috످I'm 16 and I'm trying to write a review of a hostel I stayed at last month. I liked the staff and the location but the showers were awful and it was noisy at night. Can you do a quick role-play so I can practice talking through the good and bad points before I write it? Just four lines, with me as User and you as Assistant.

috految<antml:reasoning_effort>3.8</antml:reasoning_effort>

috److**User:** I stayed at a hostel last month, and I really liked the staff and the location.

**Assistant:** Nice, those can make a trip! Was there anything you didn't like?

**User:** Yeah, the showers were awful, and it was pretty noisy at night.

**Assistant:** That sounds rough! Now try it in your own words: if a friend was thinking of staying there, what would you tell them about the best and worst parts?

috످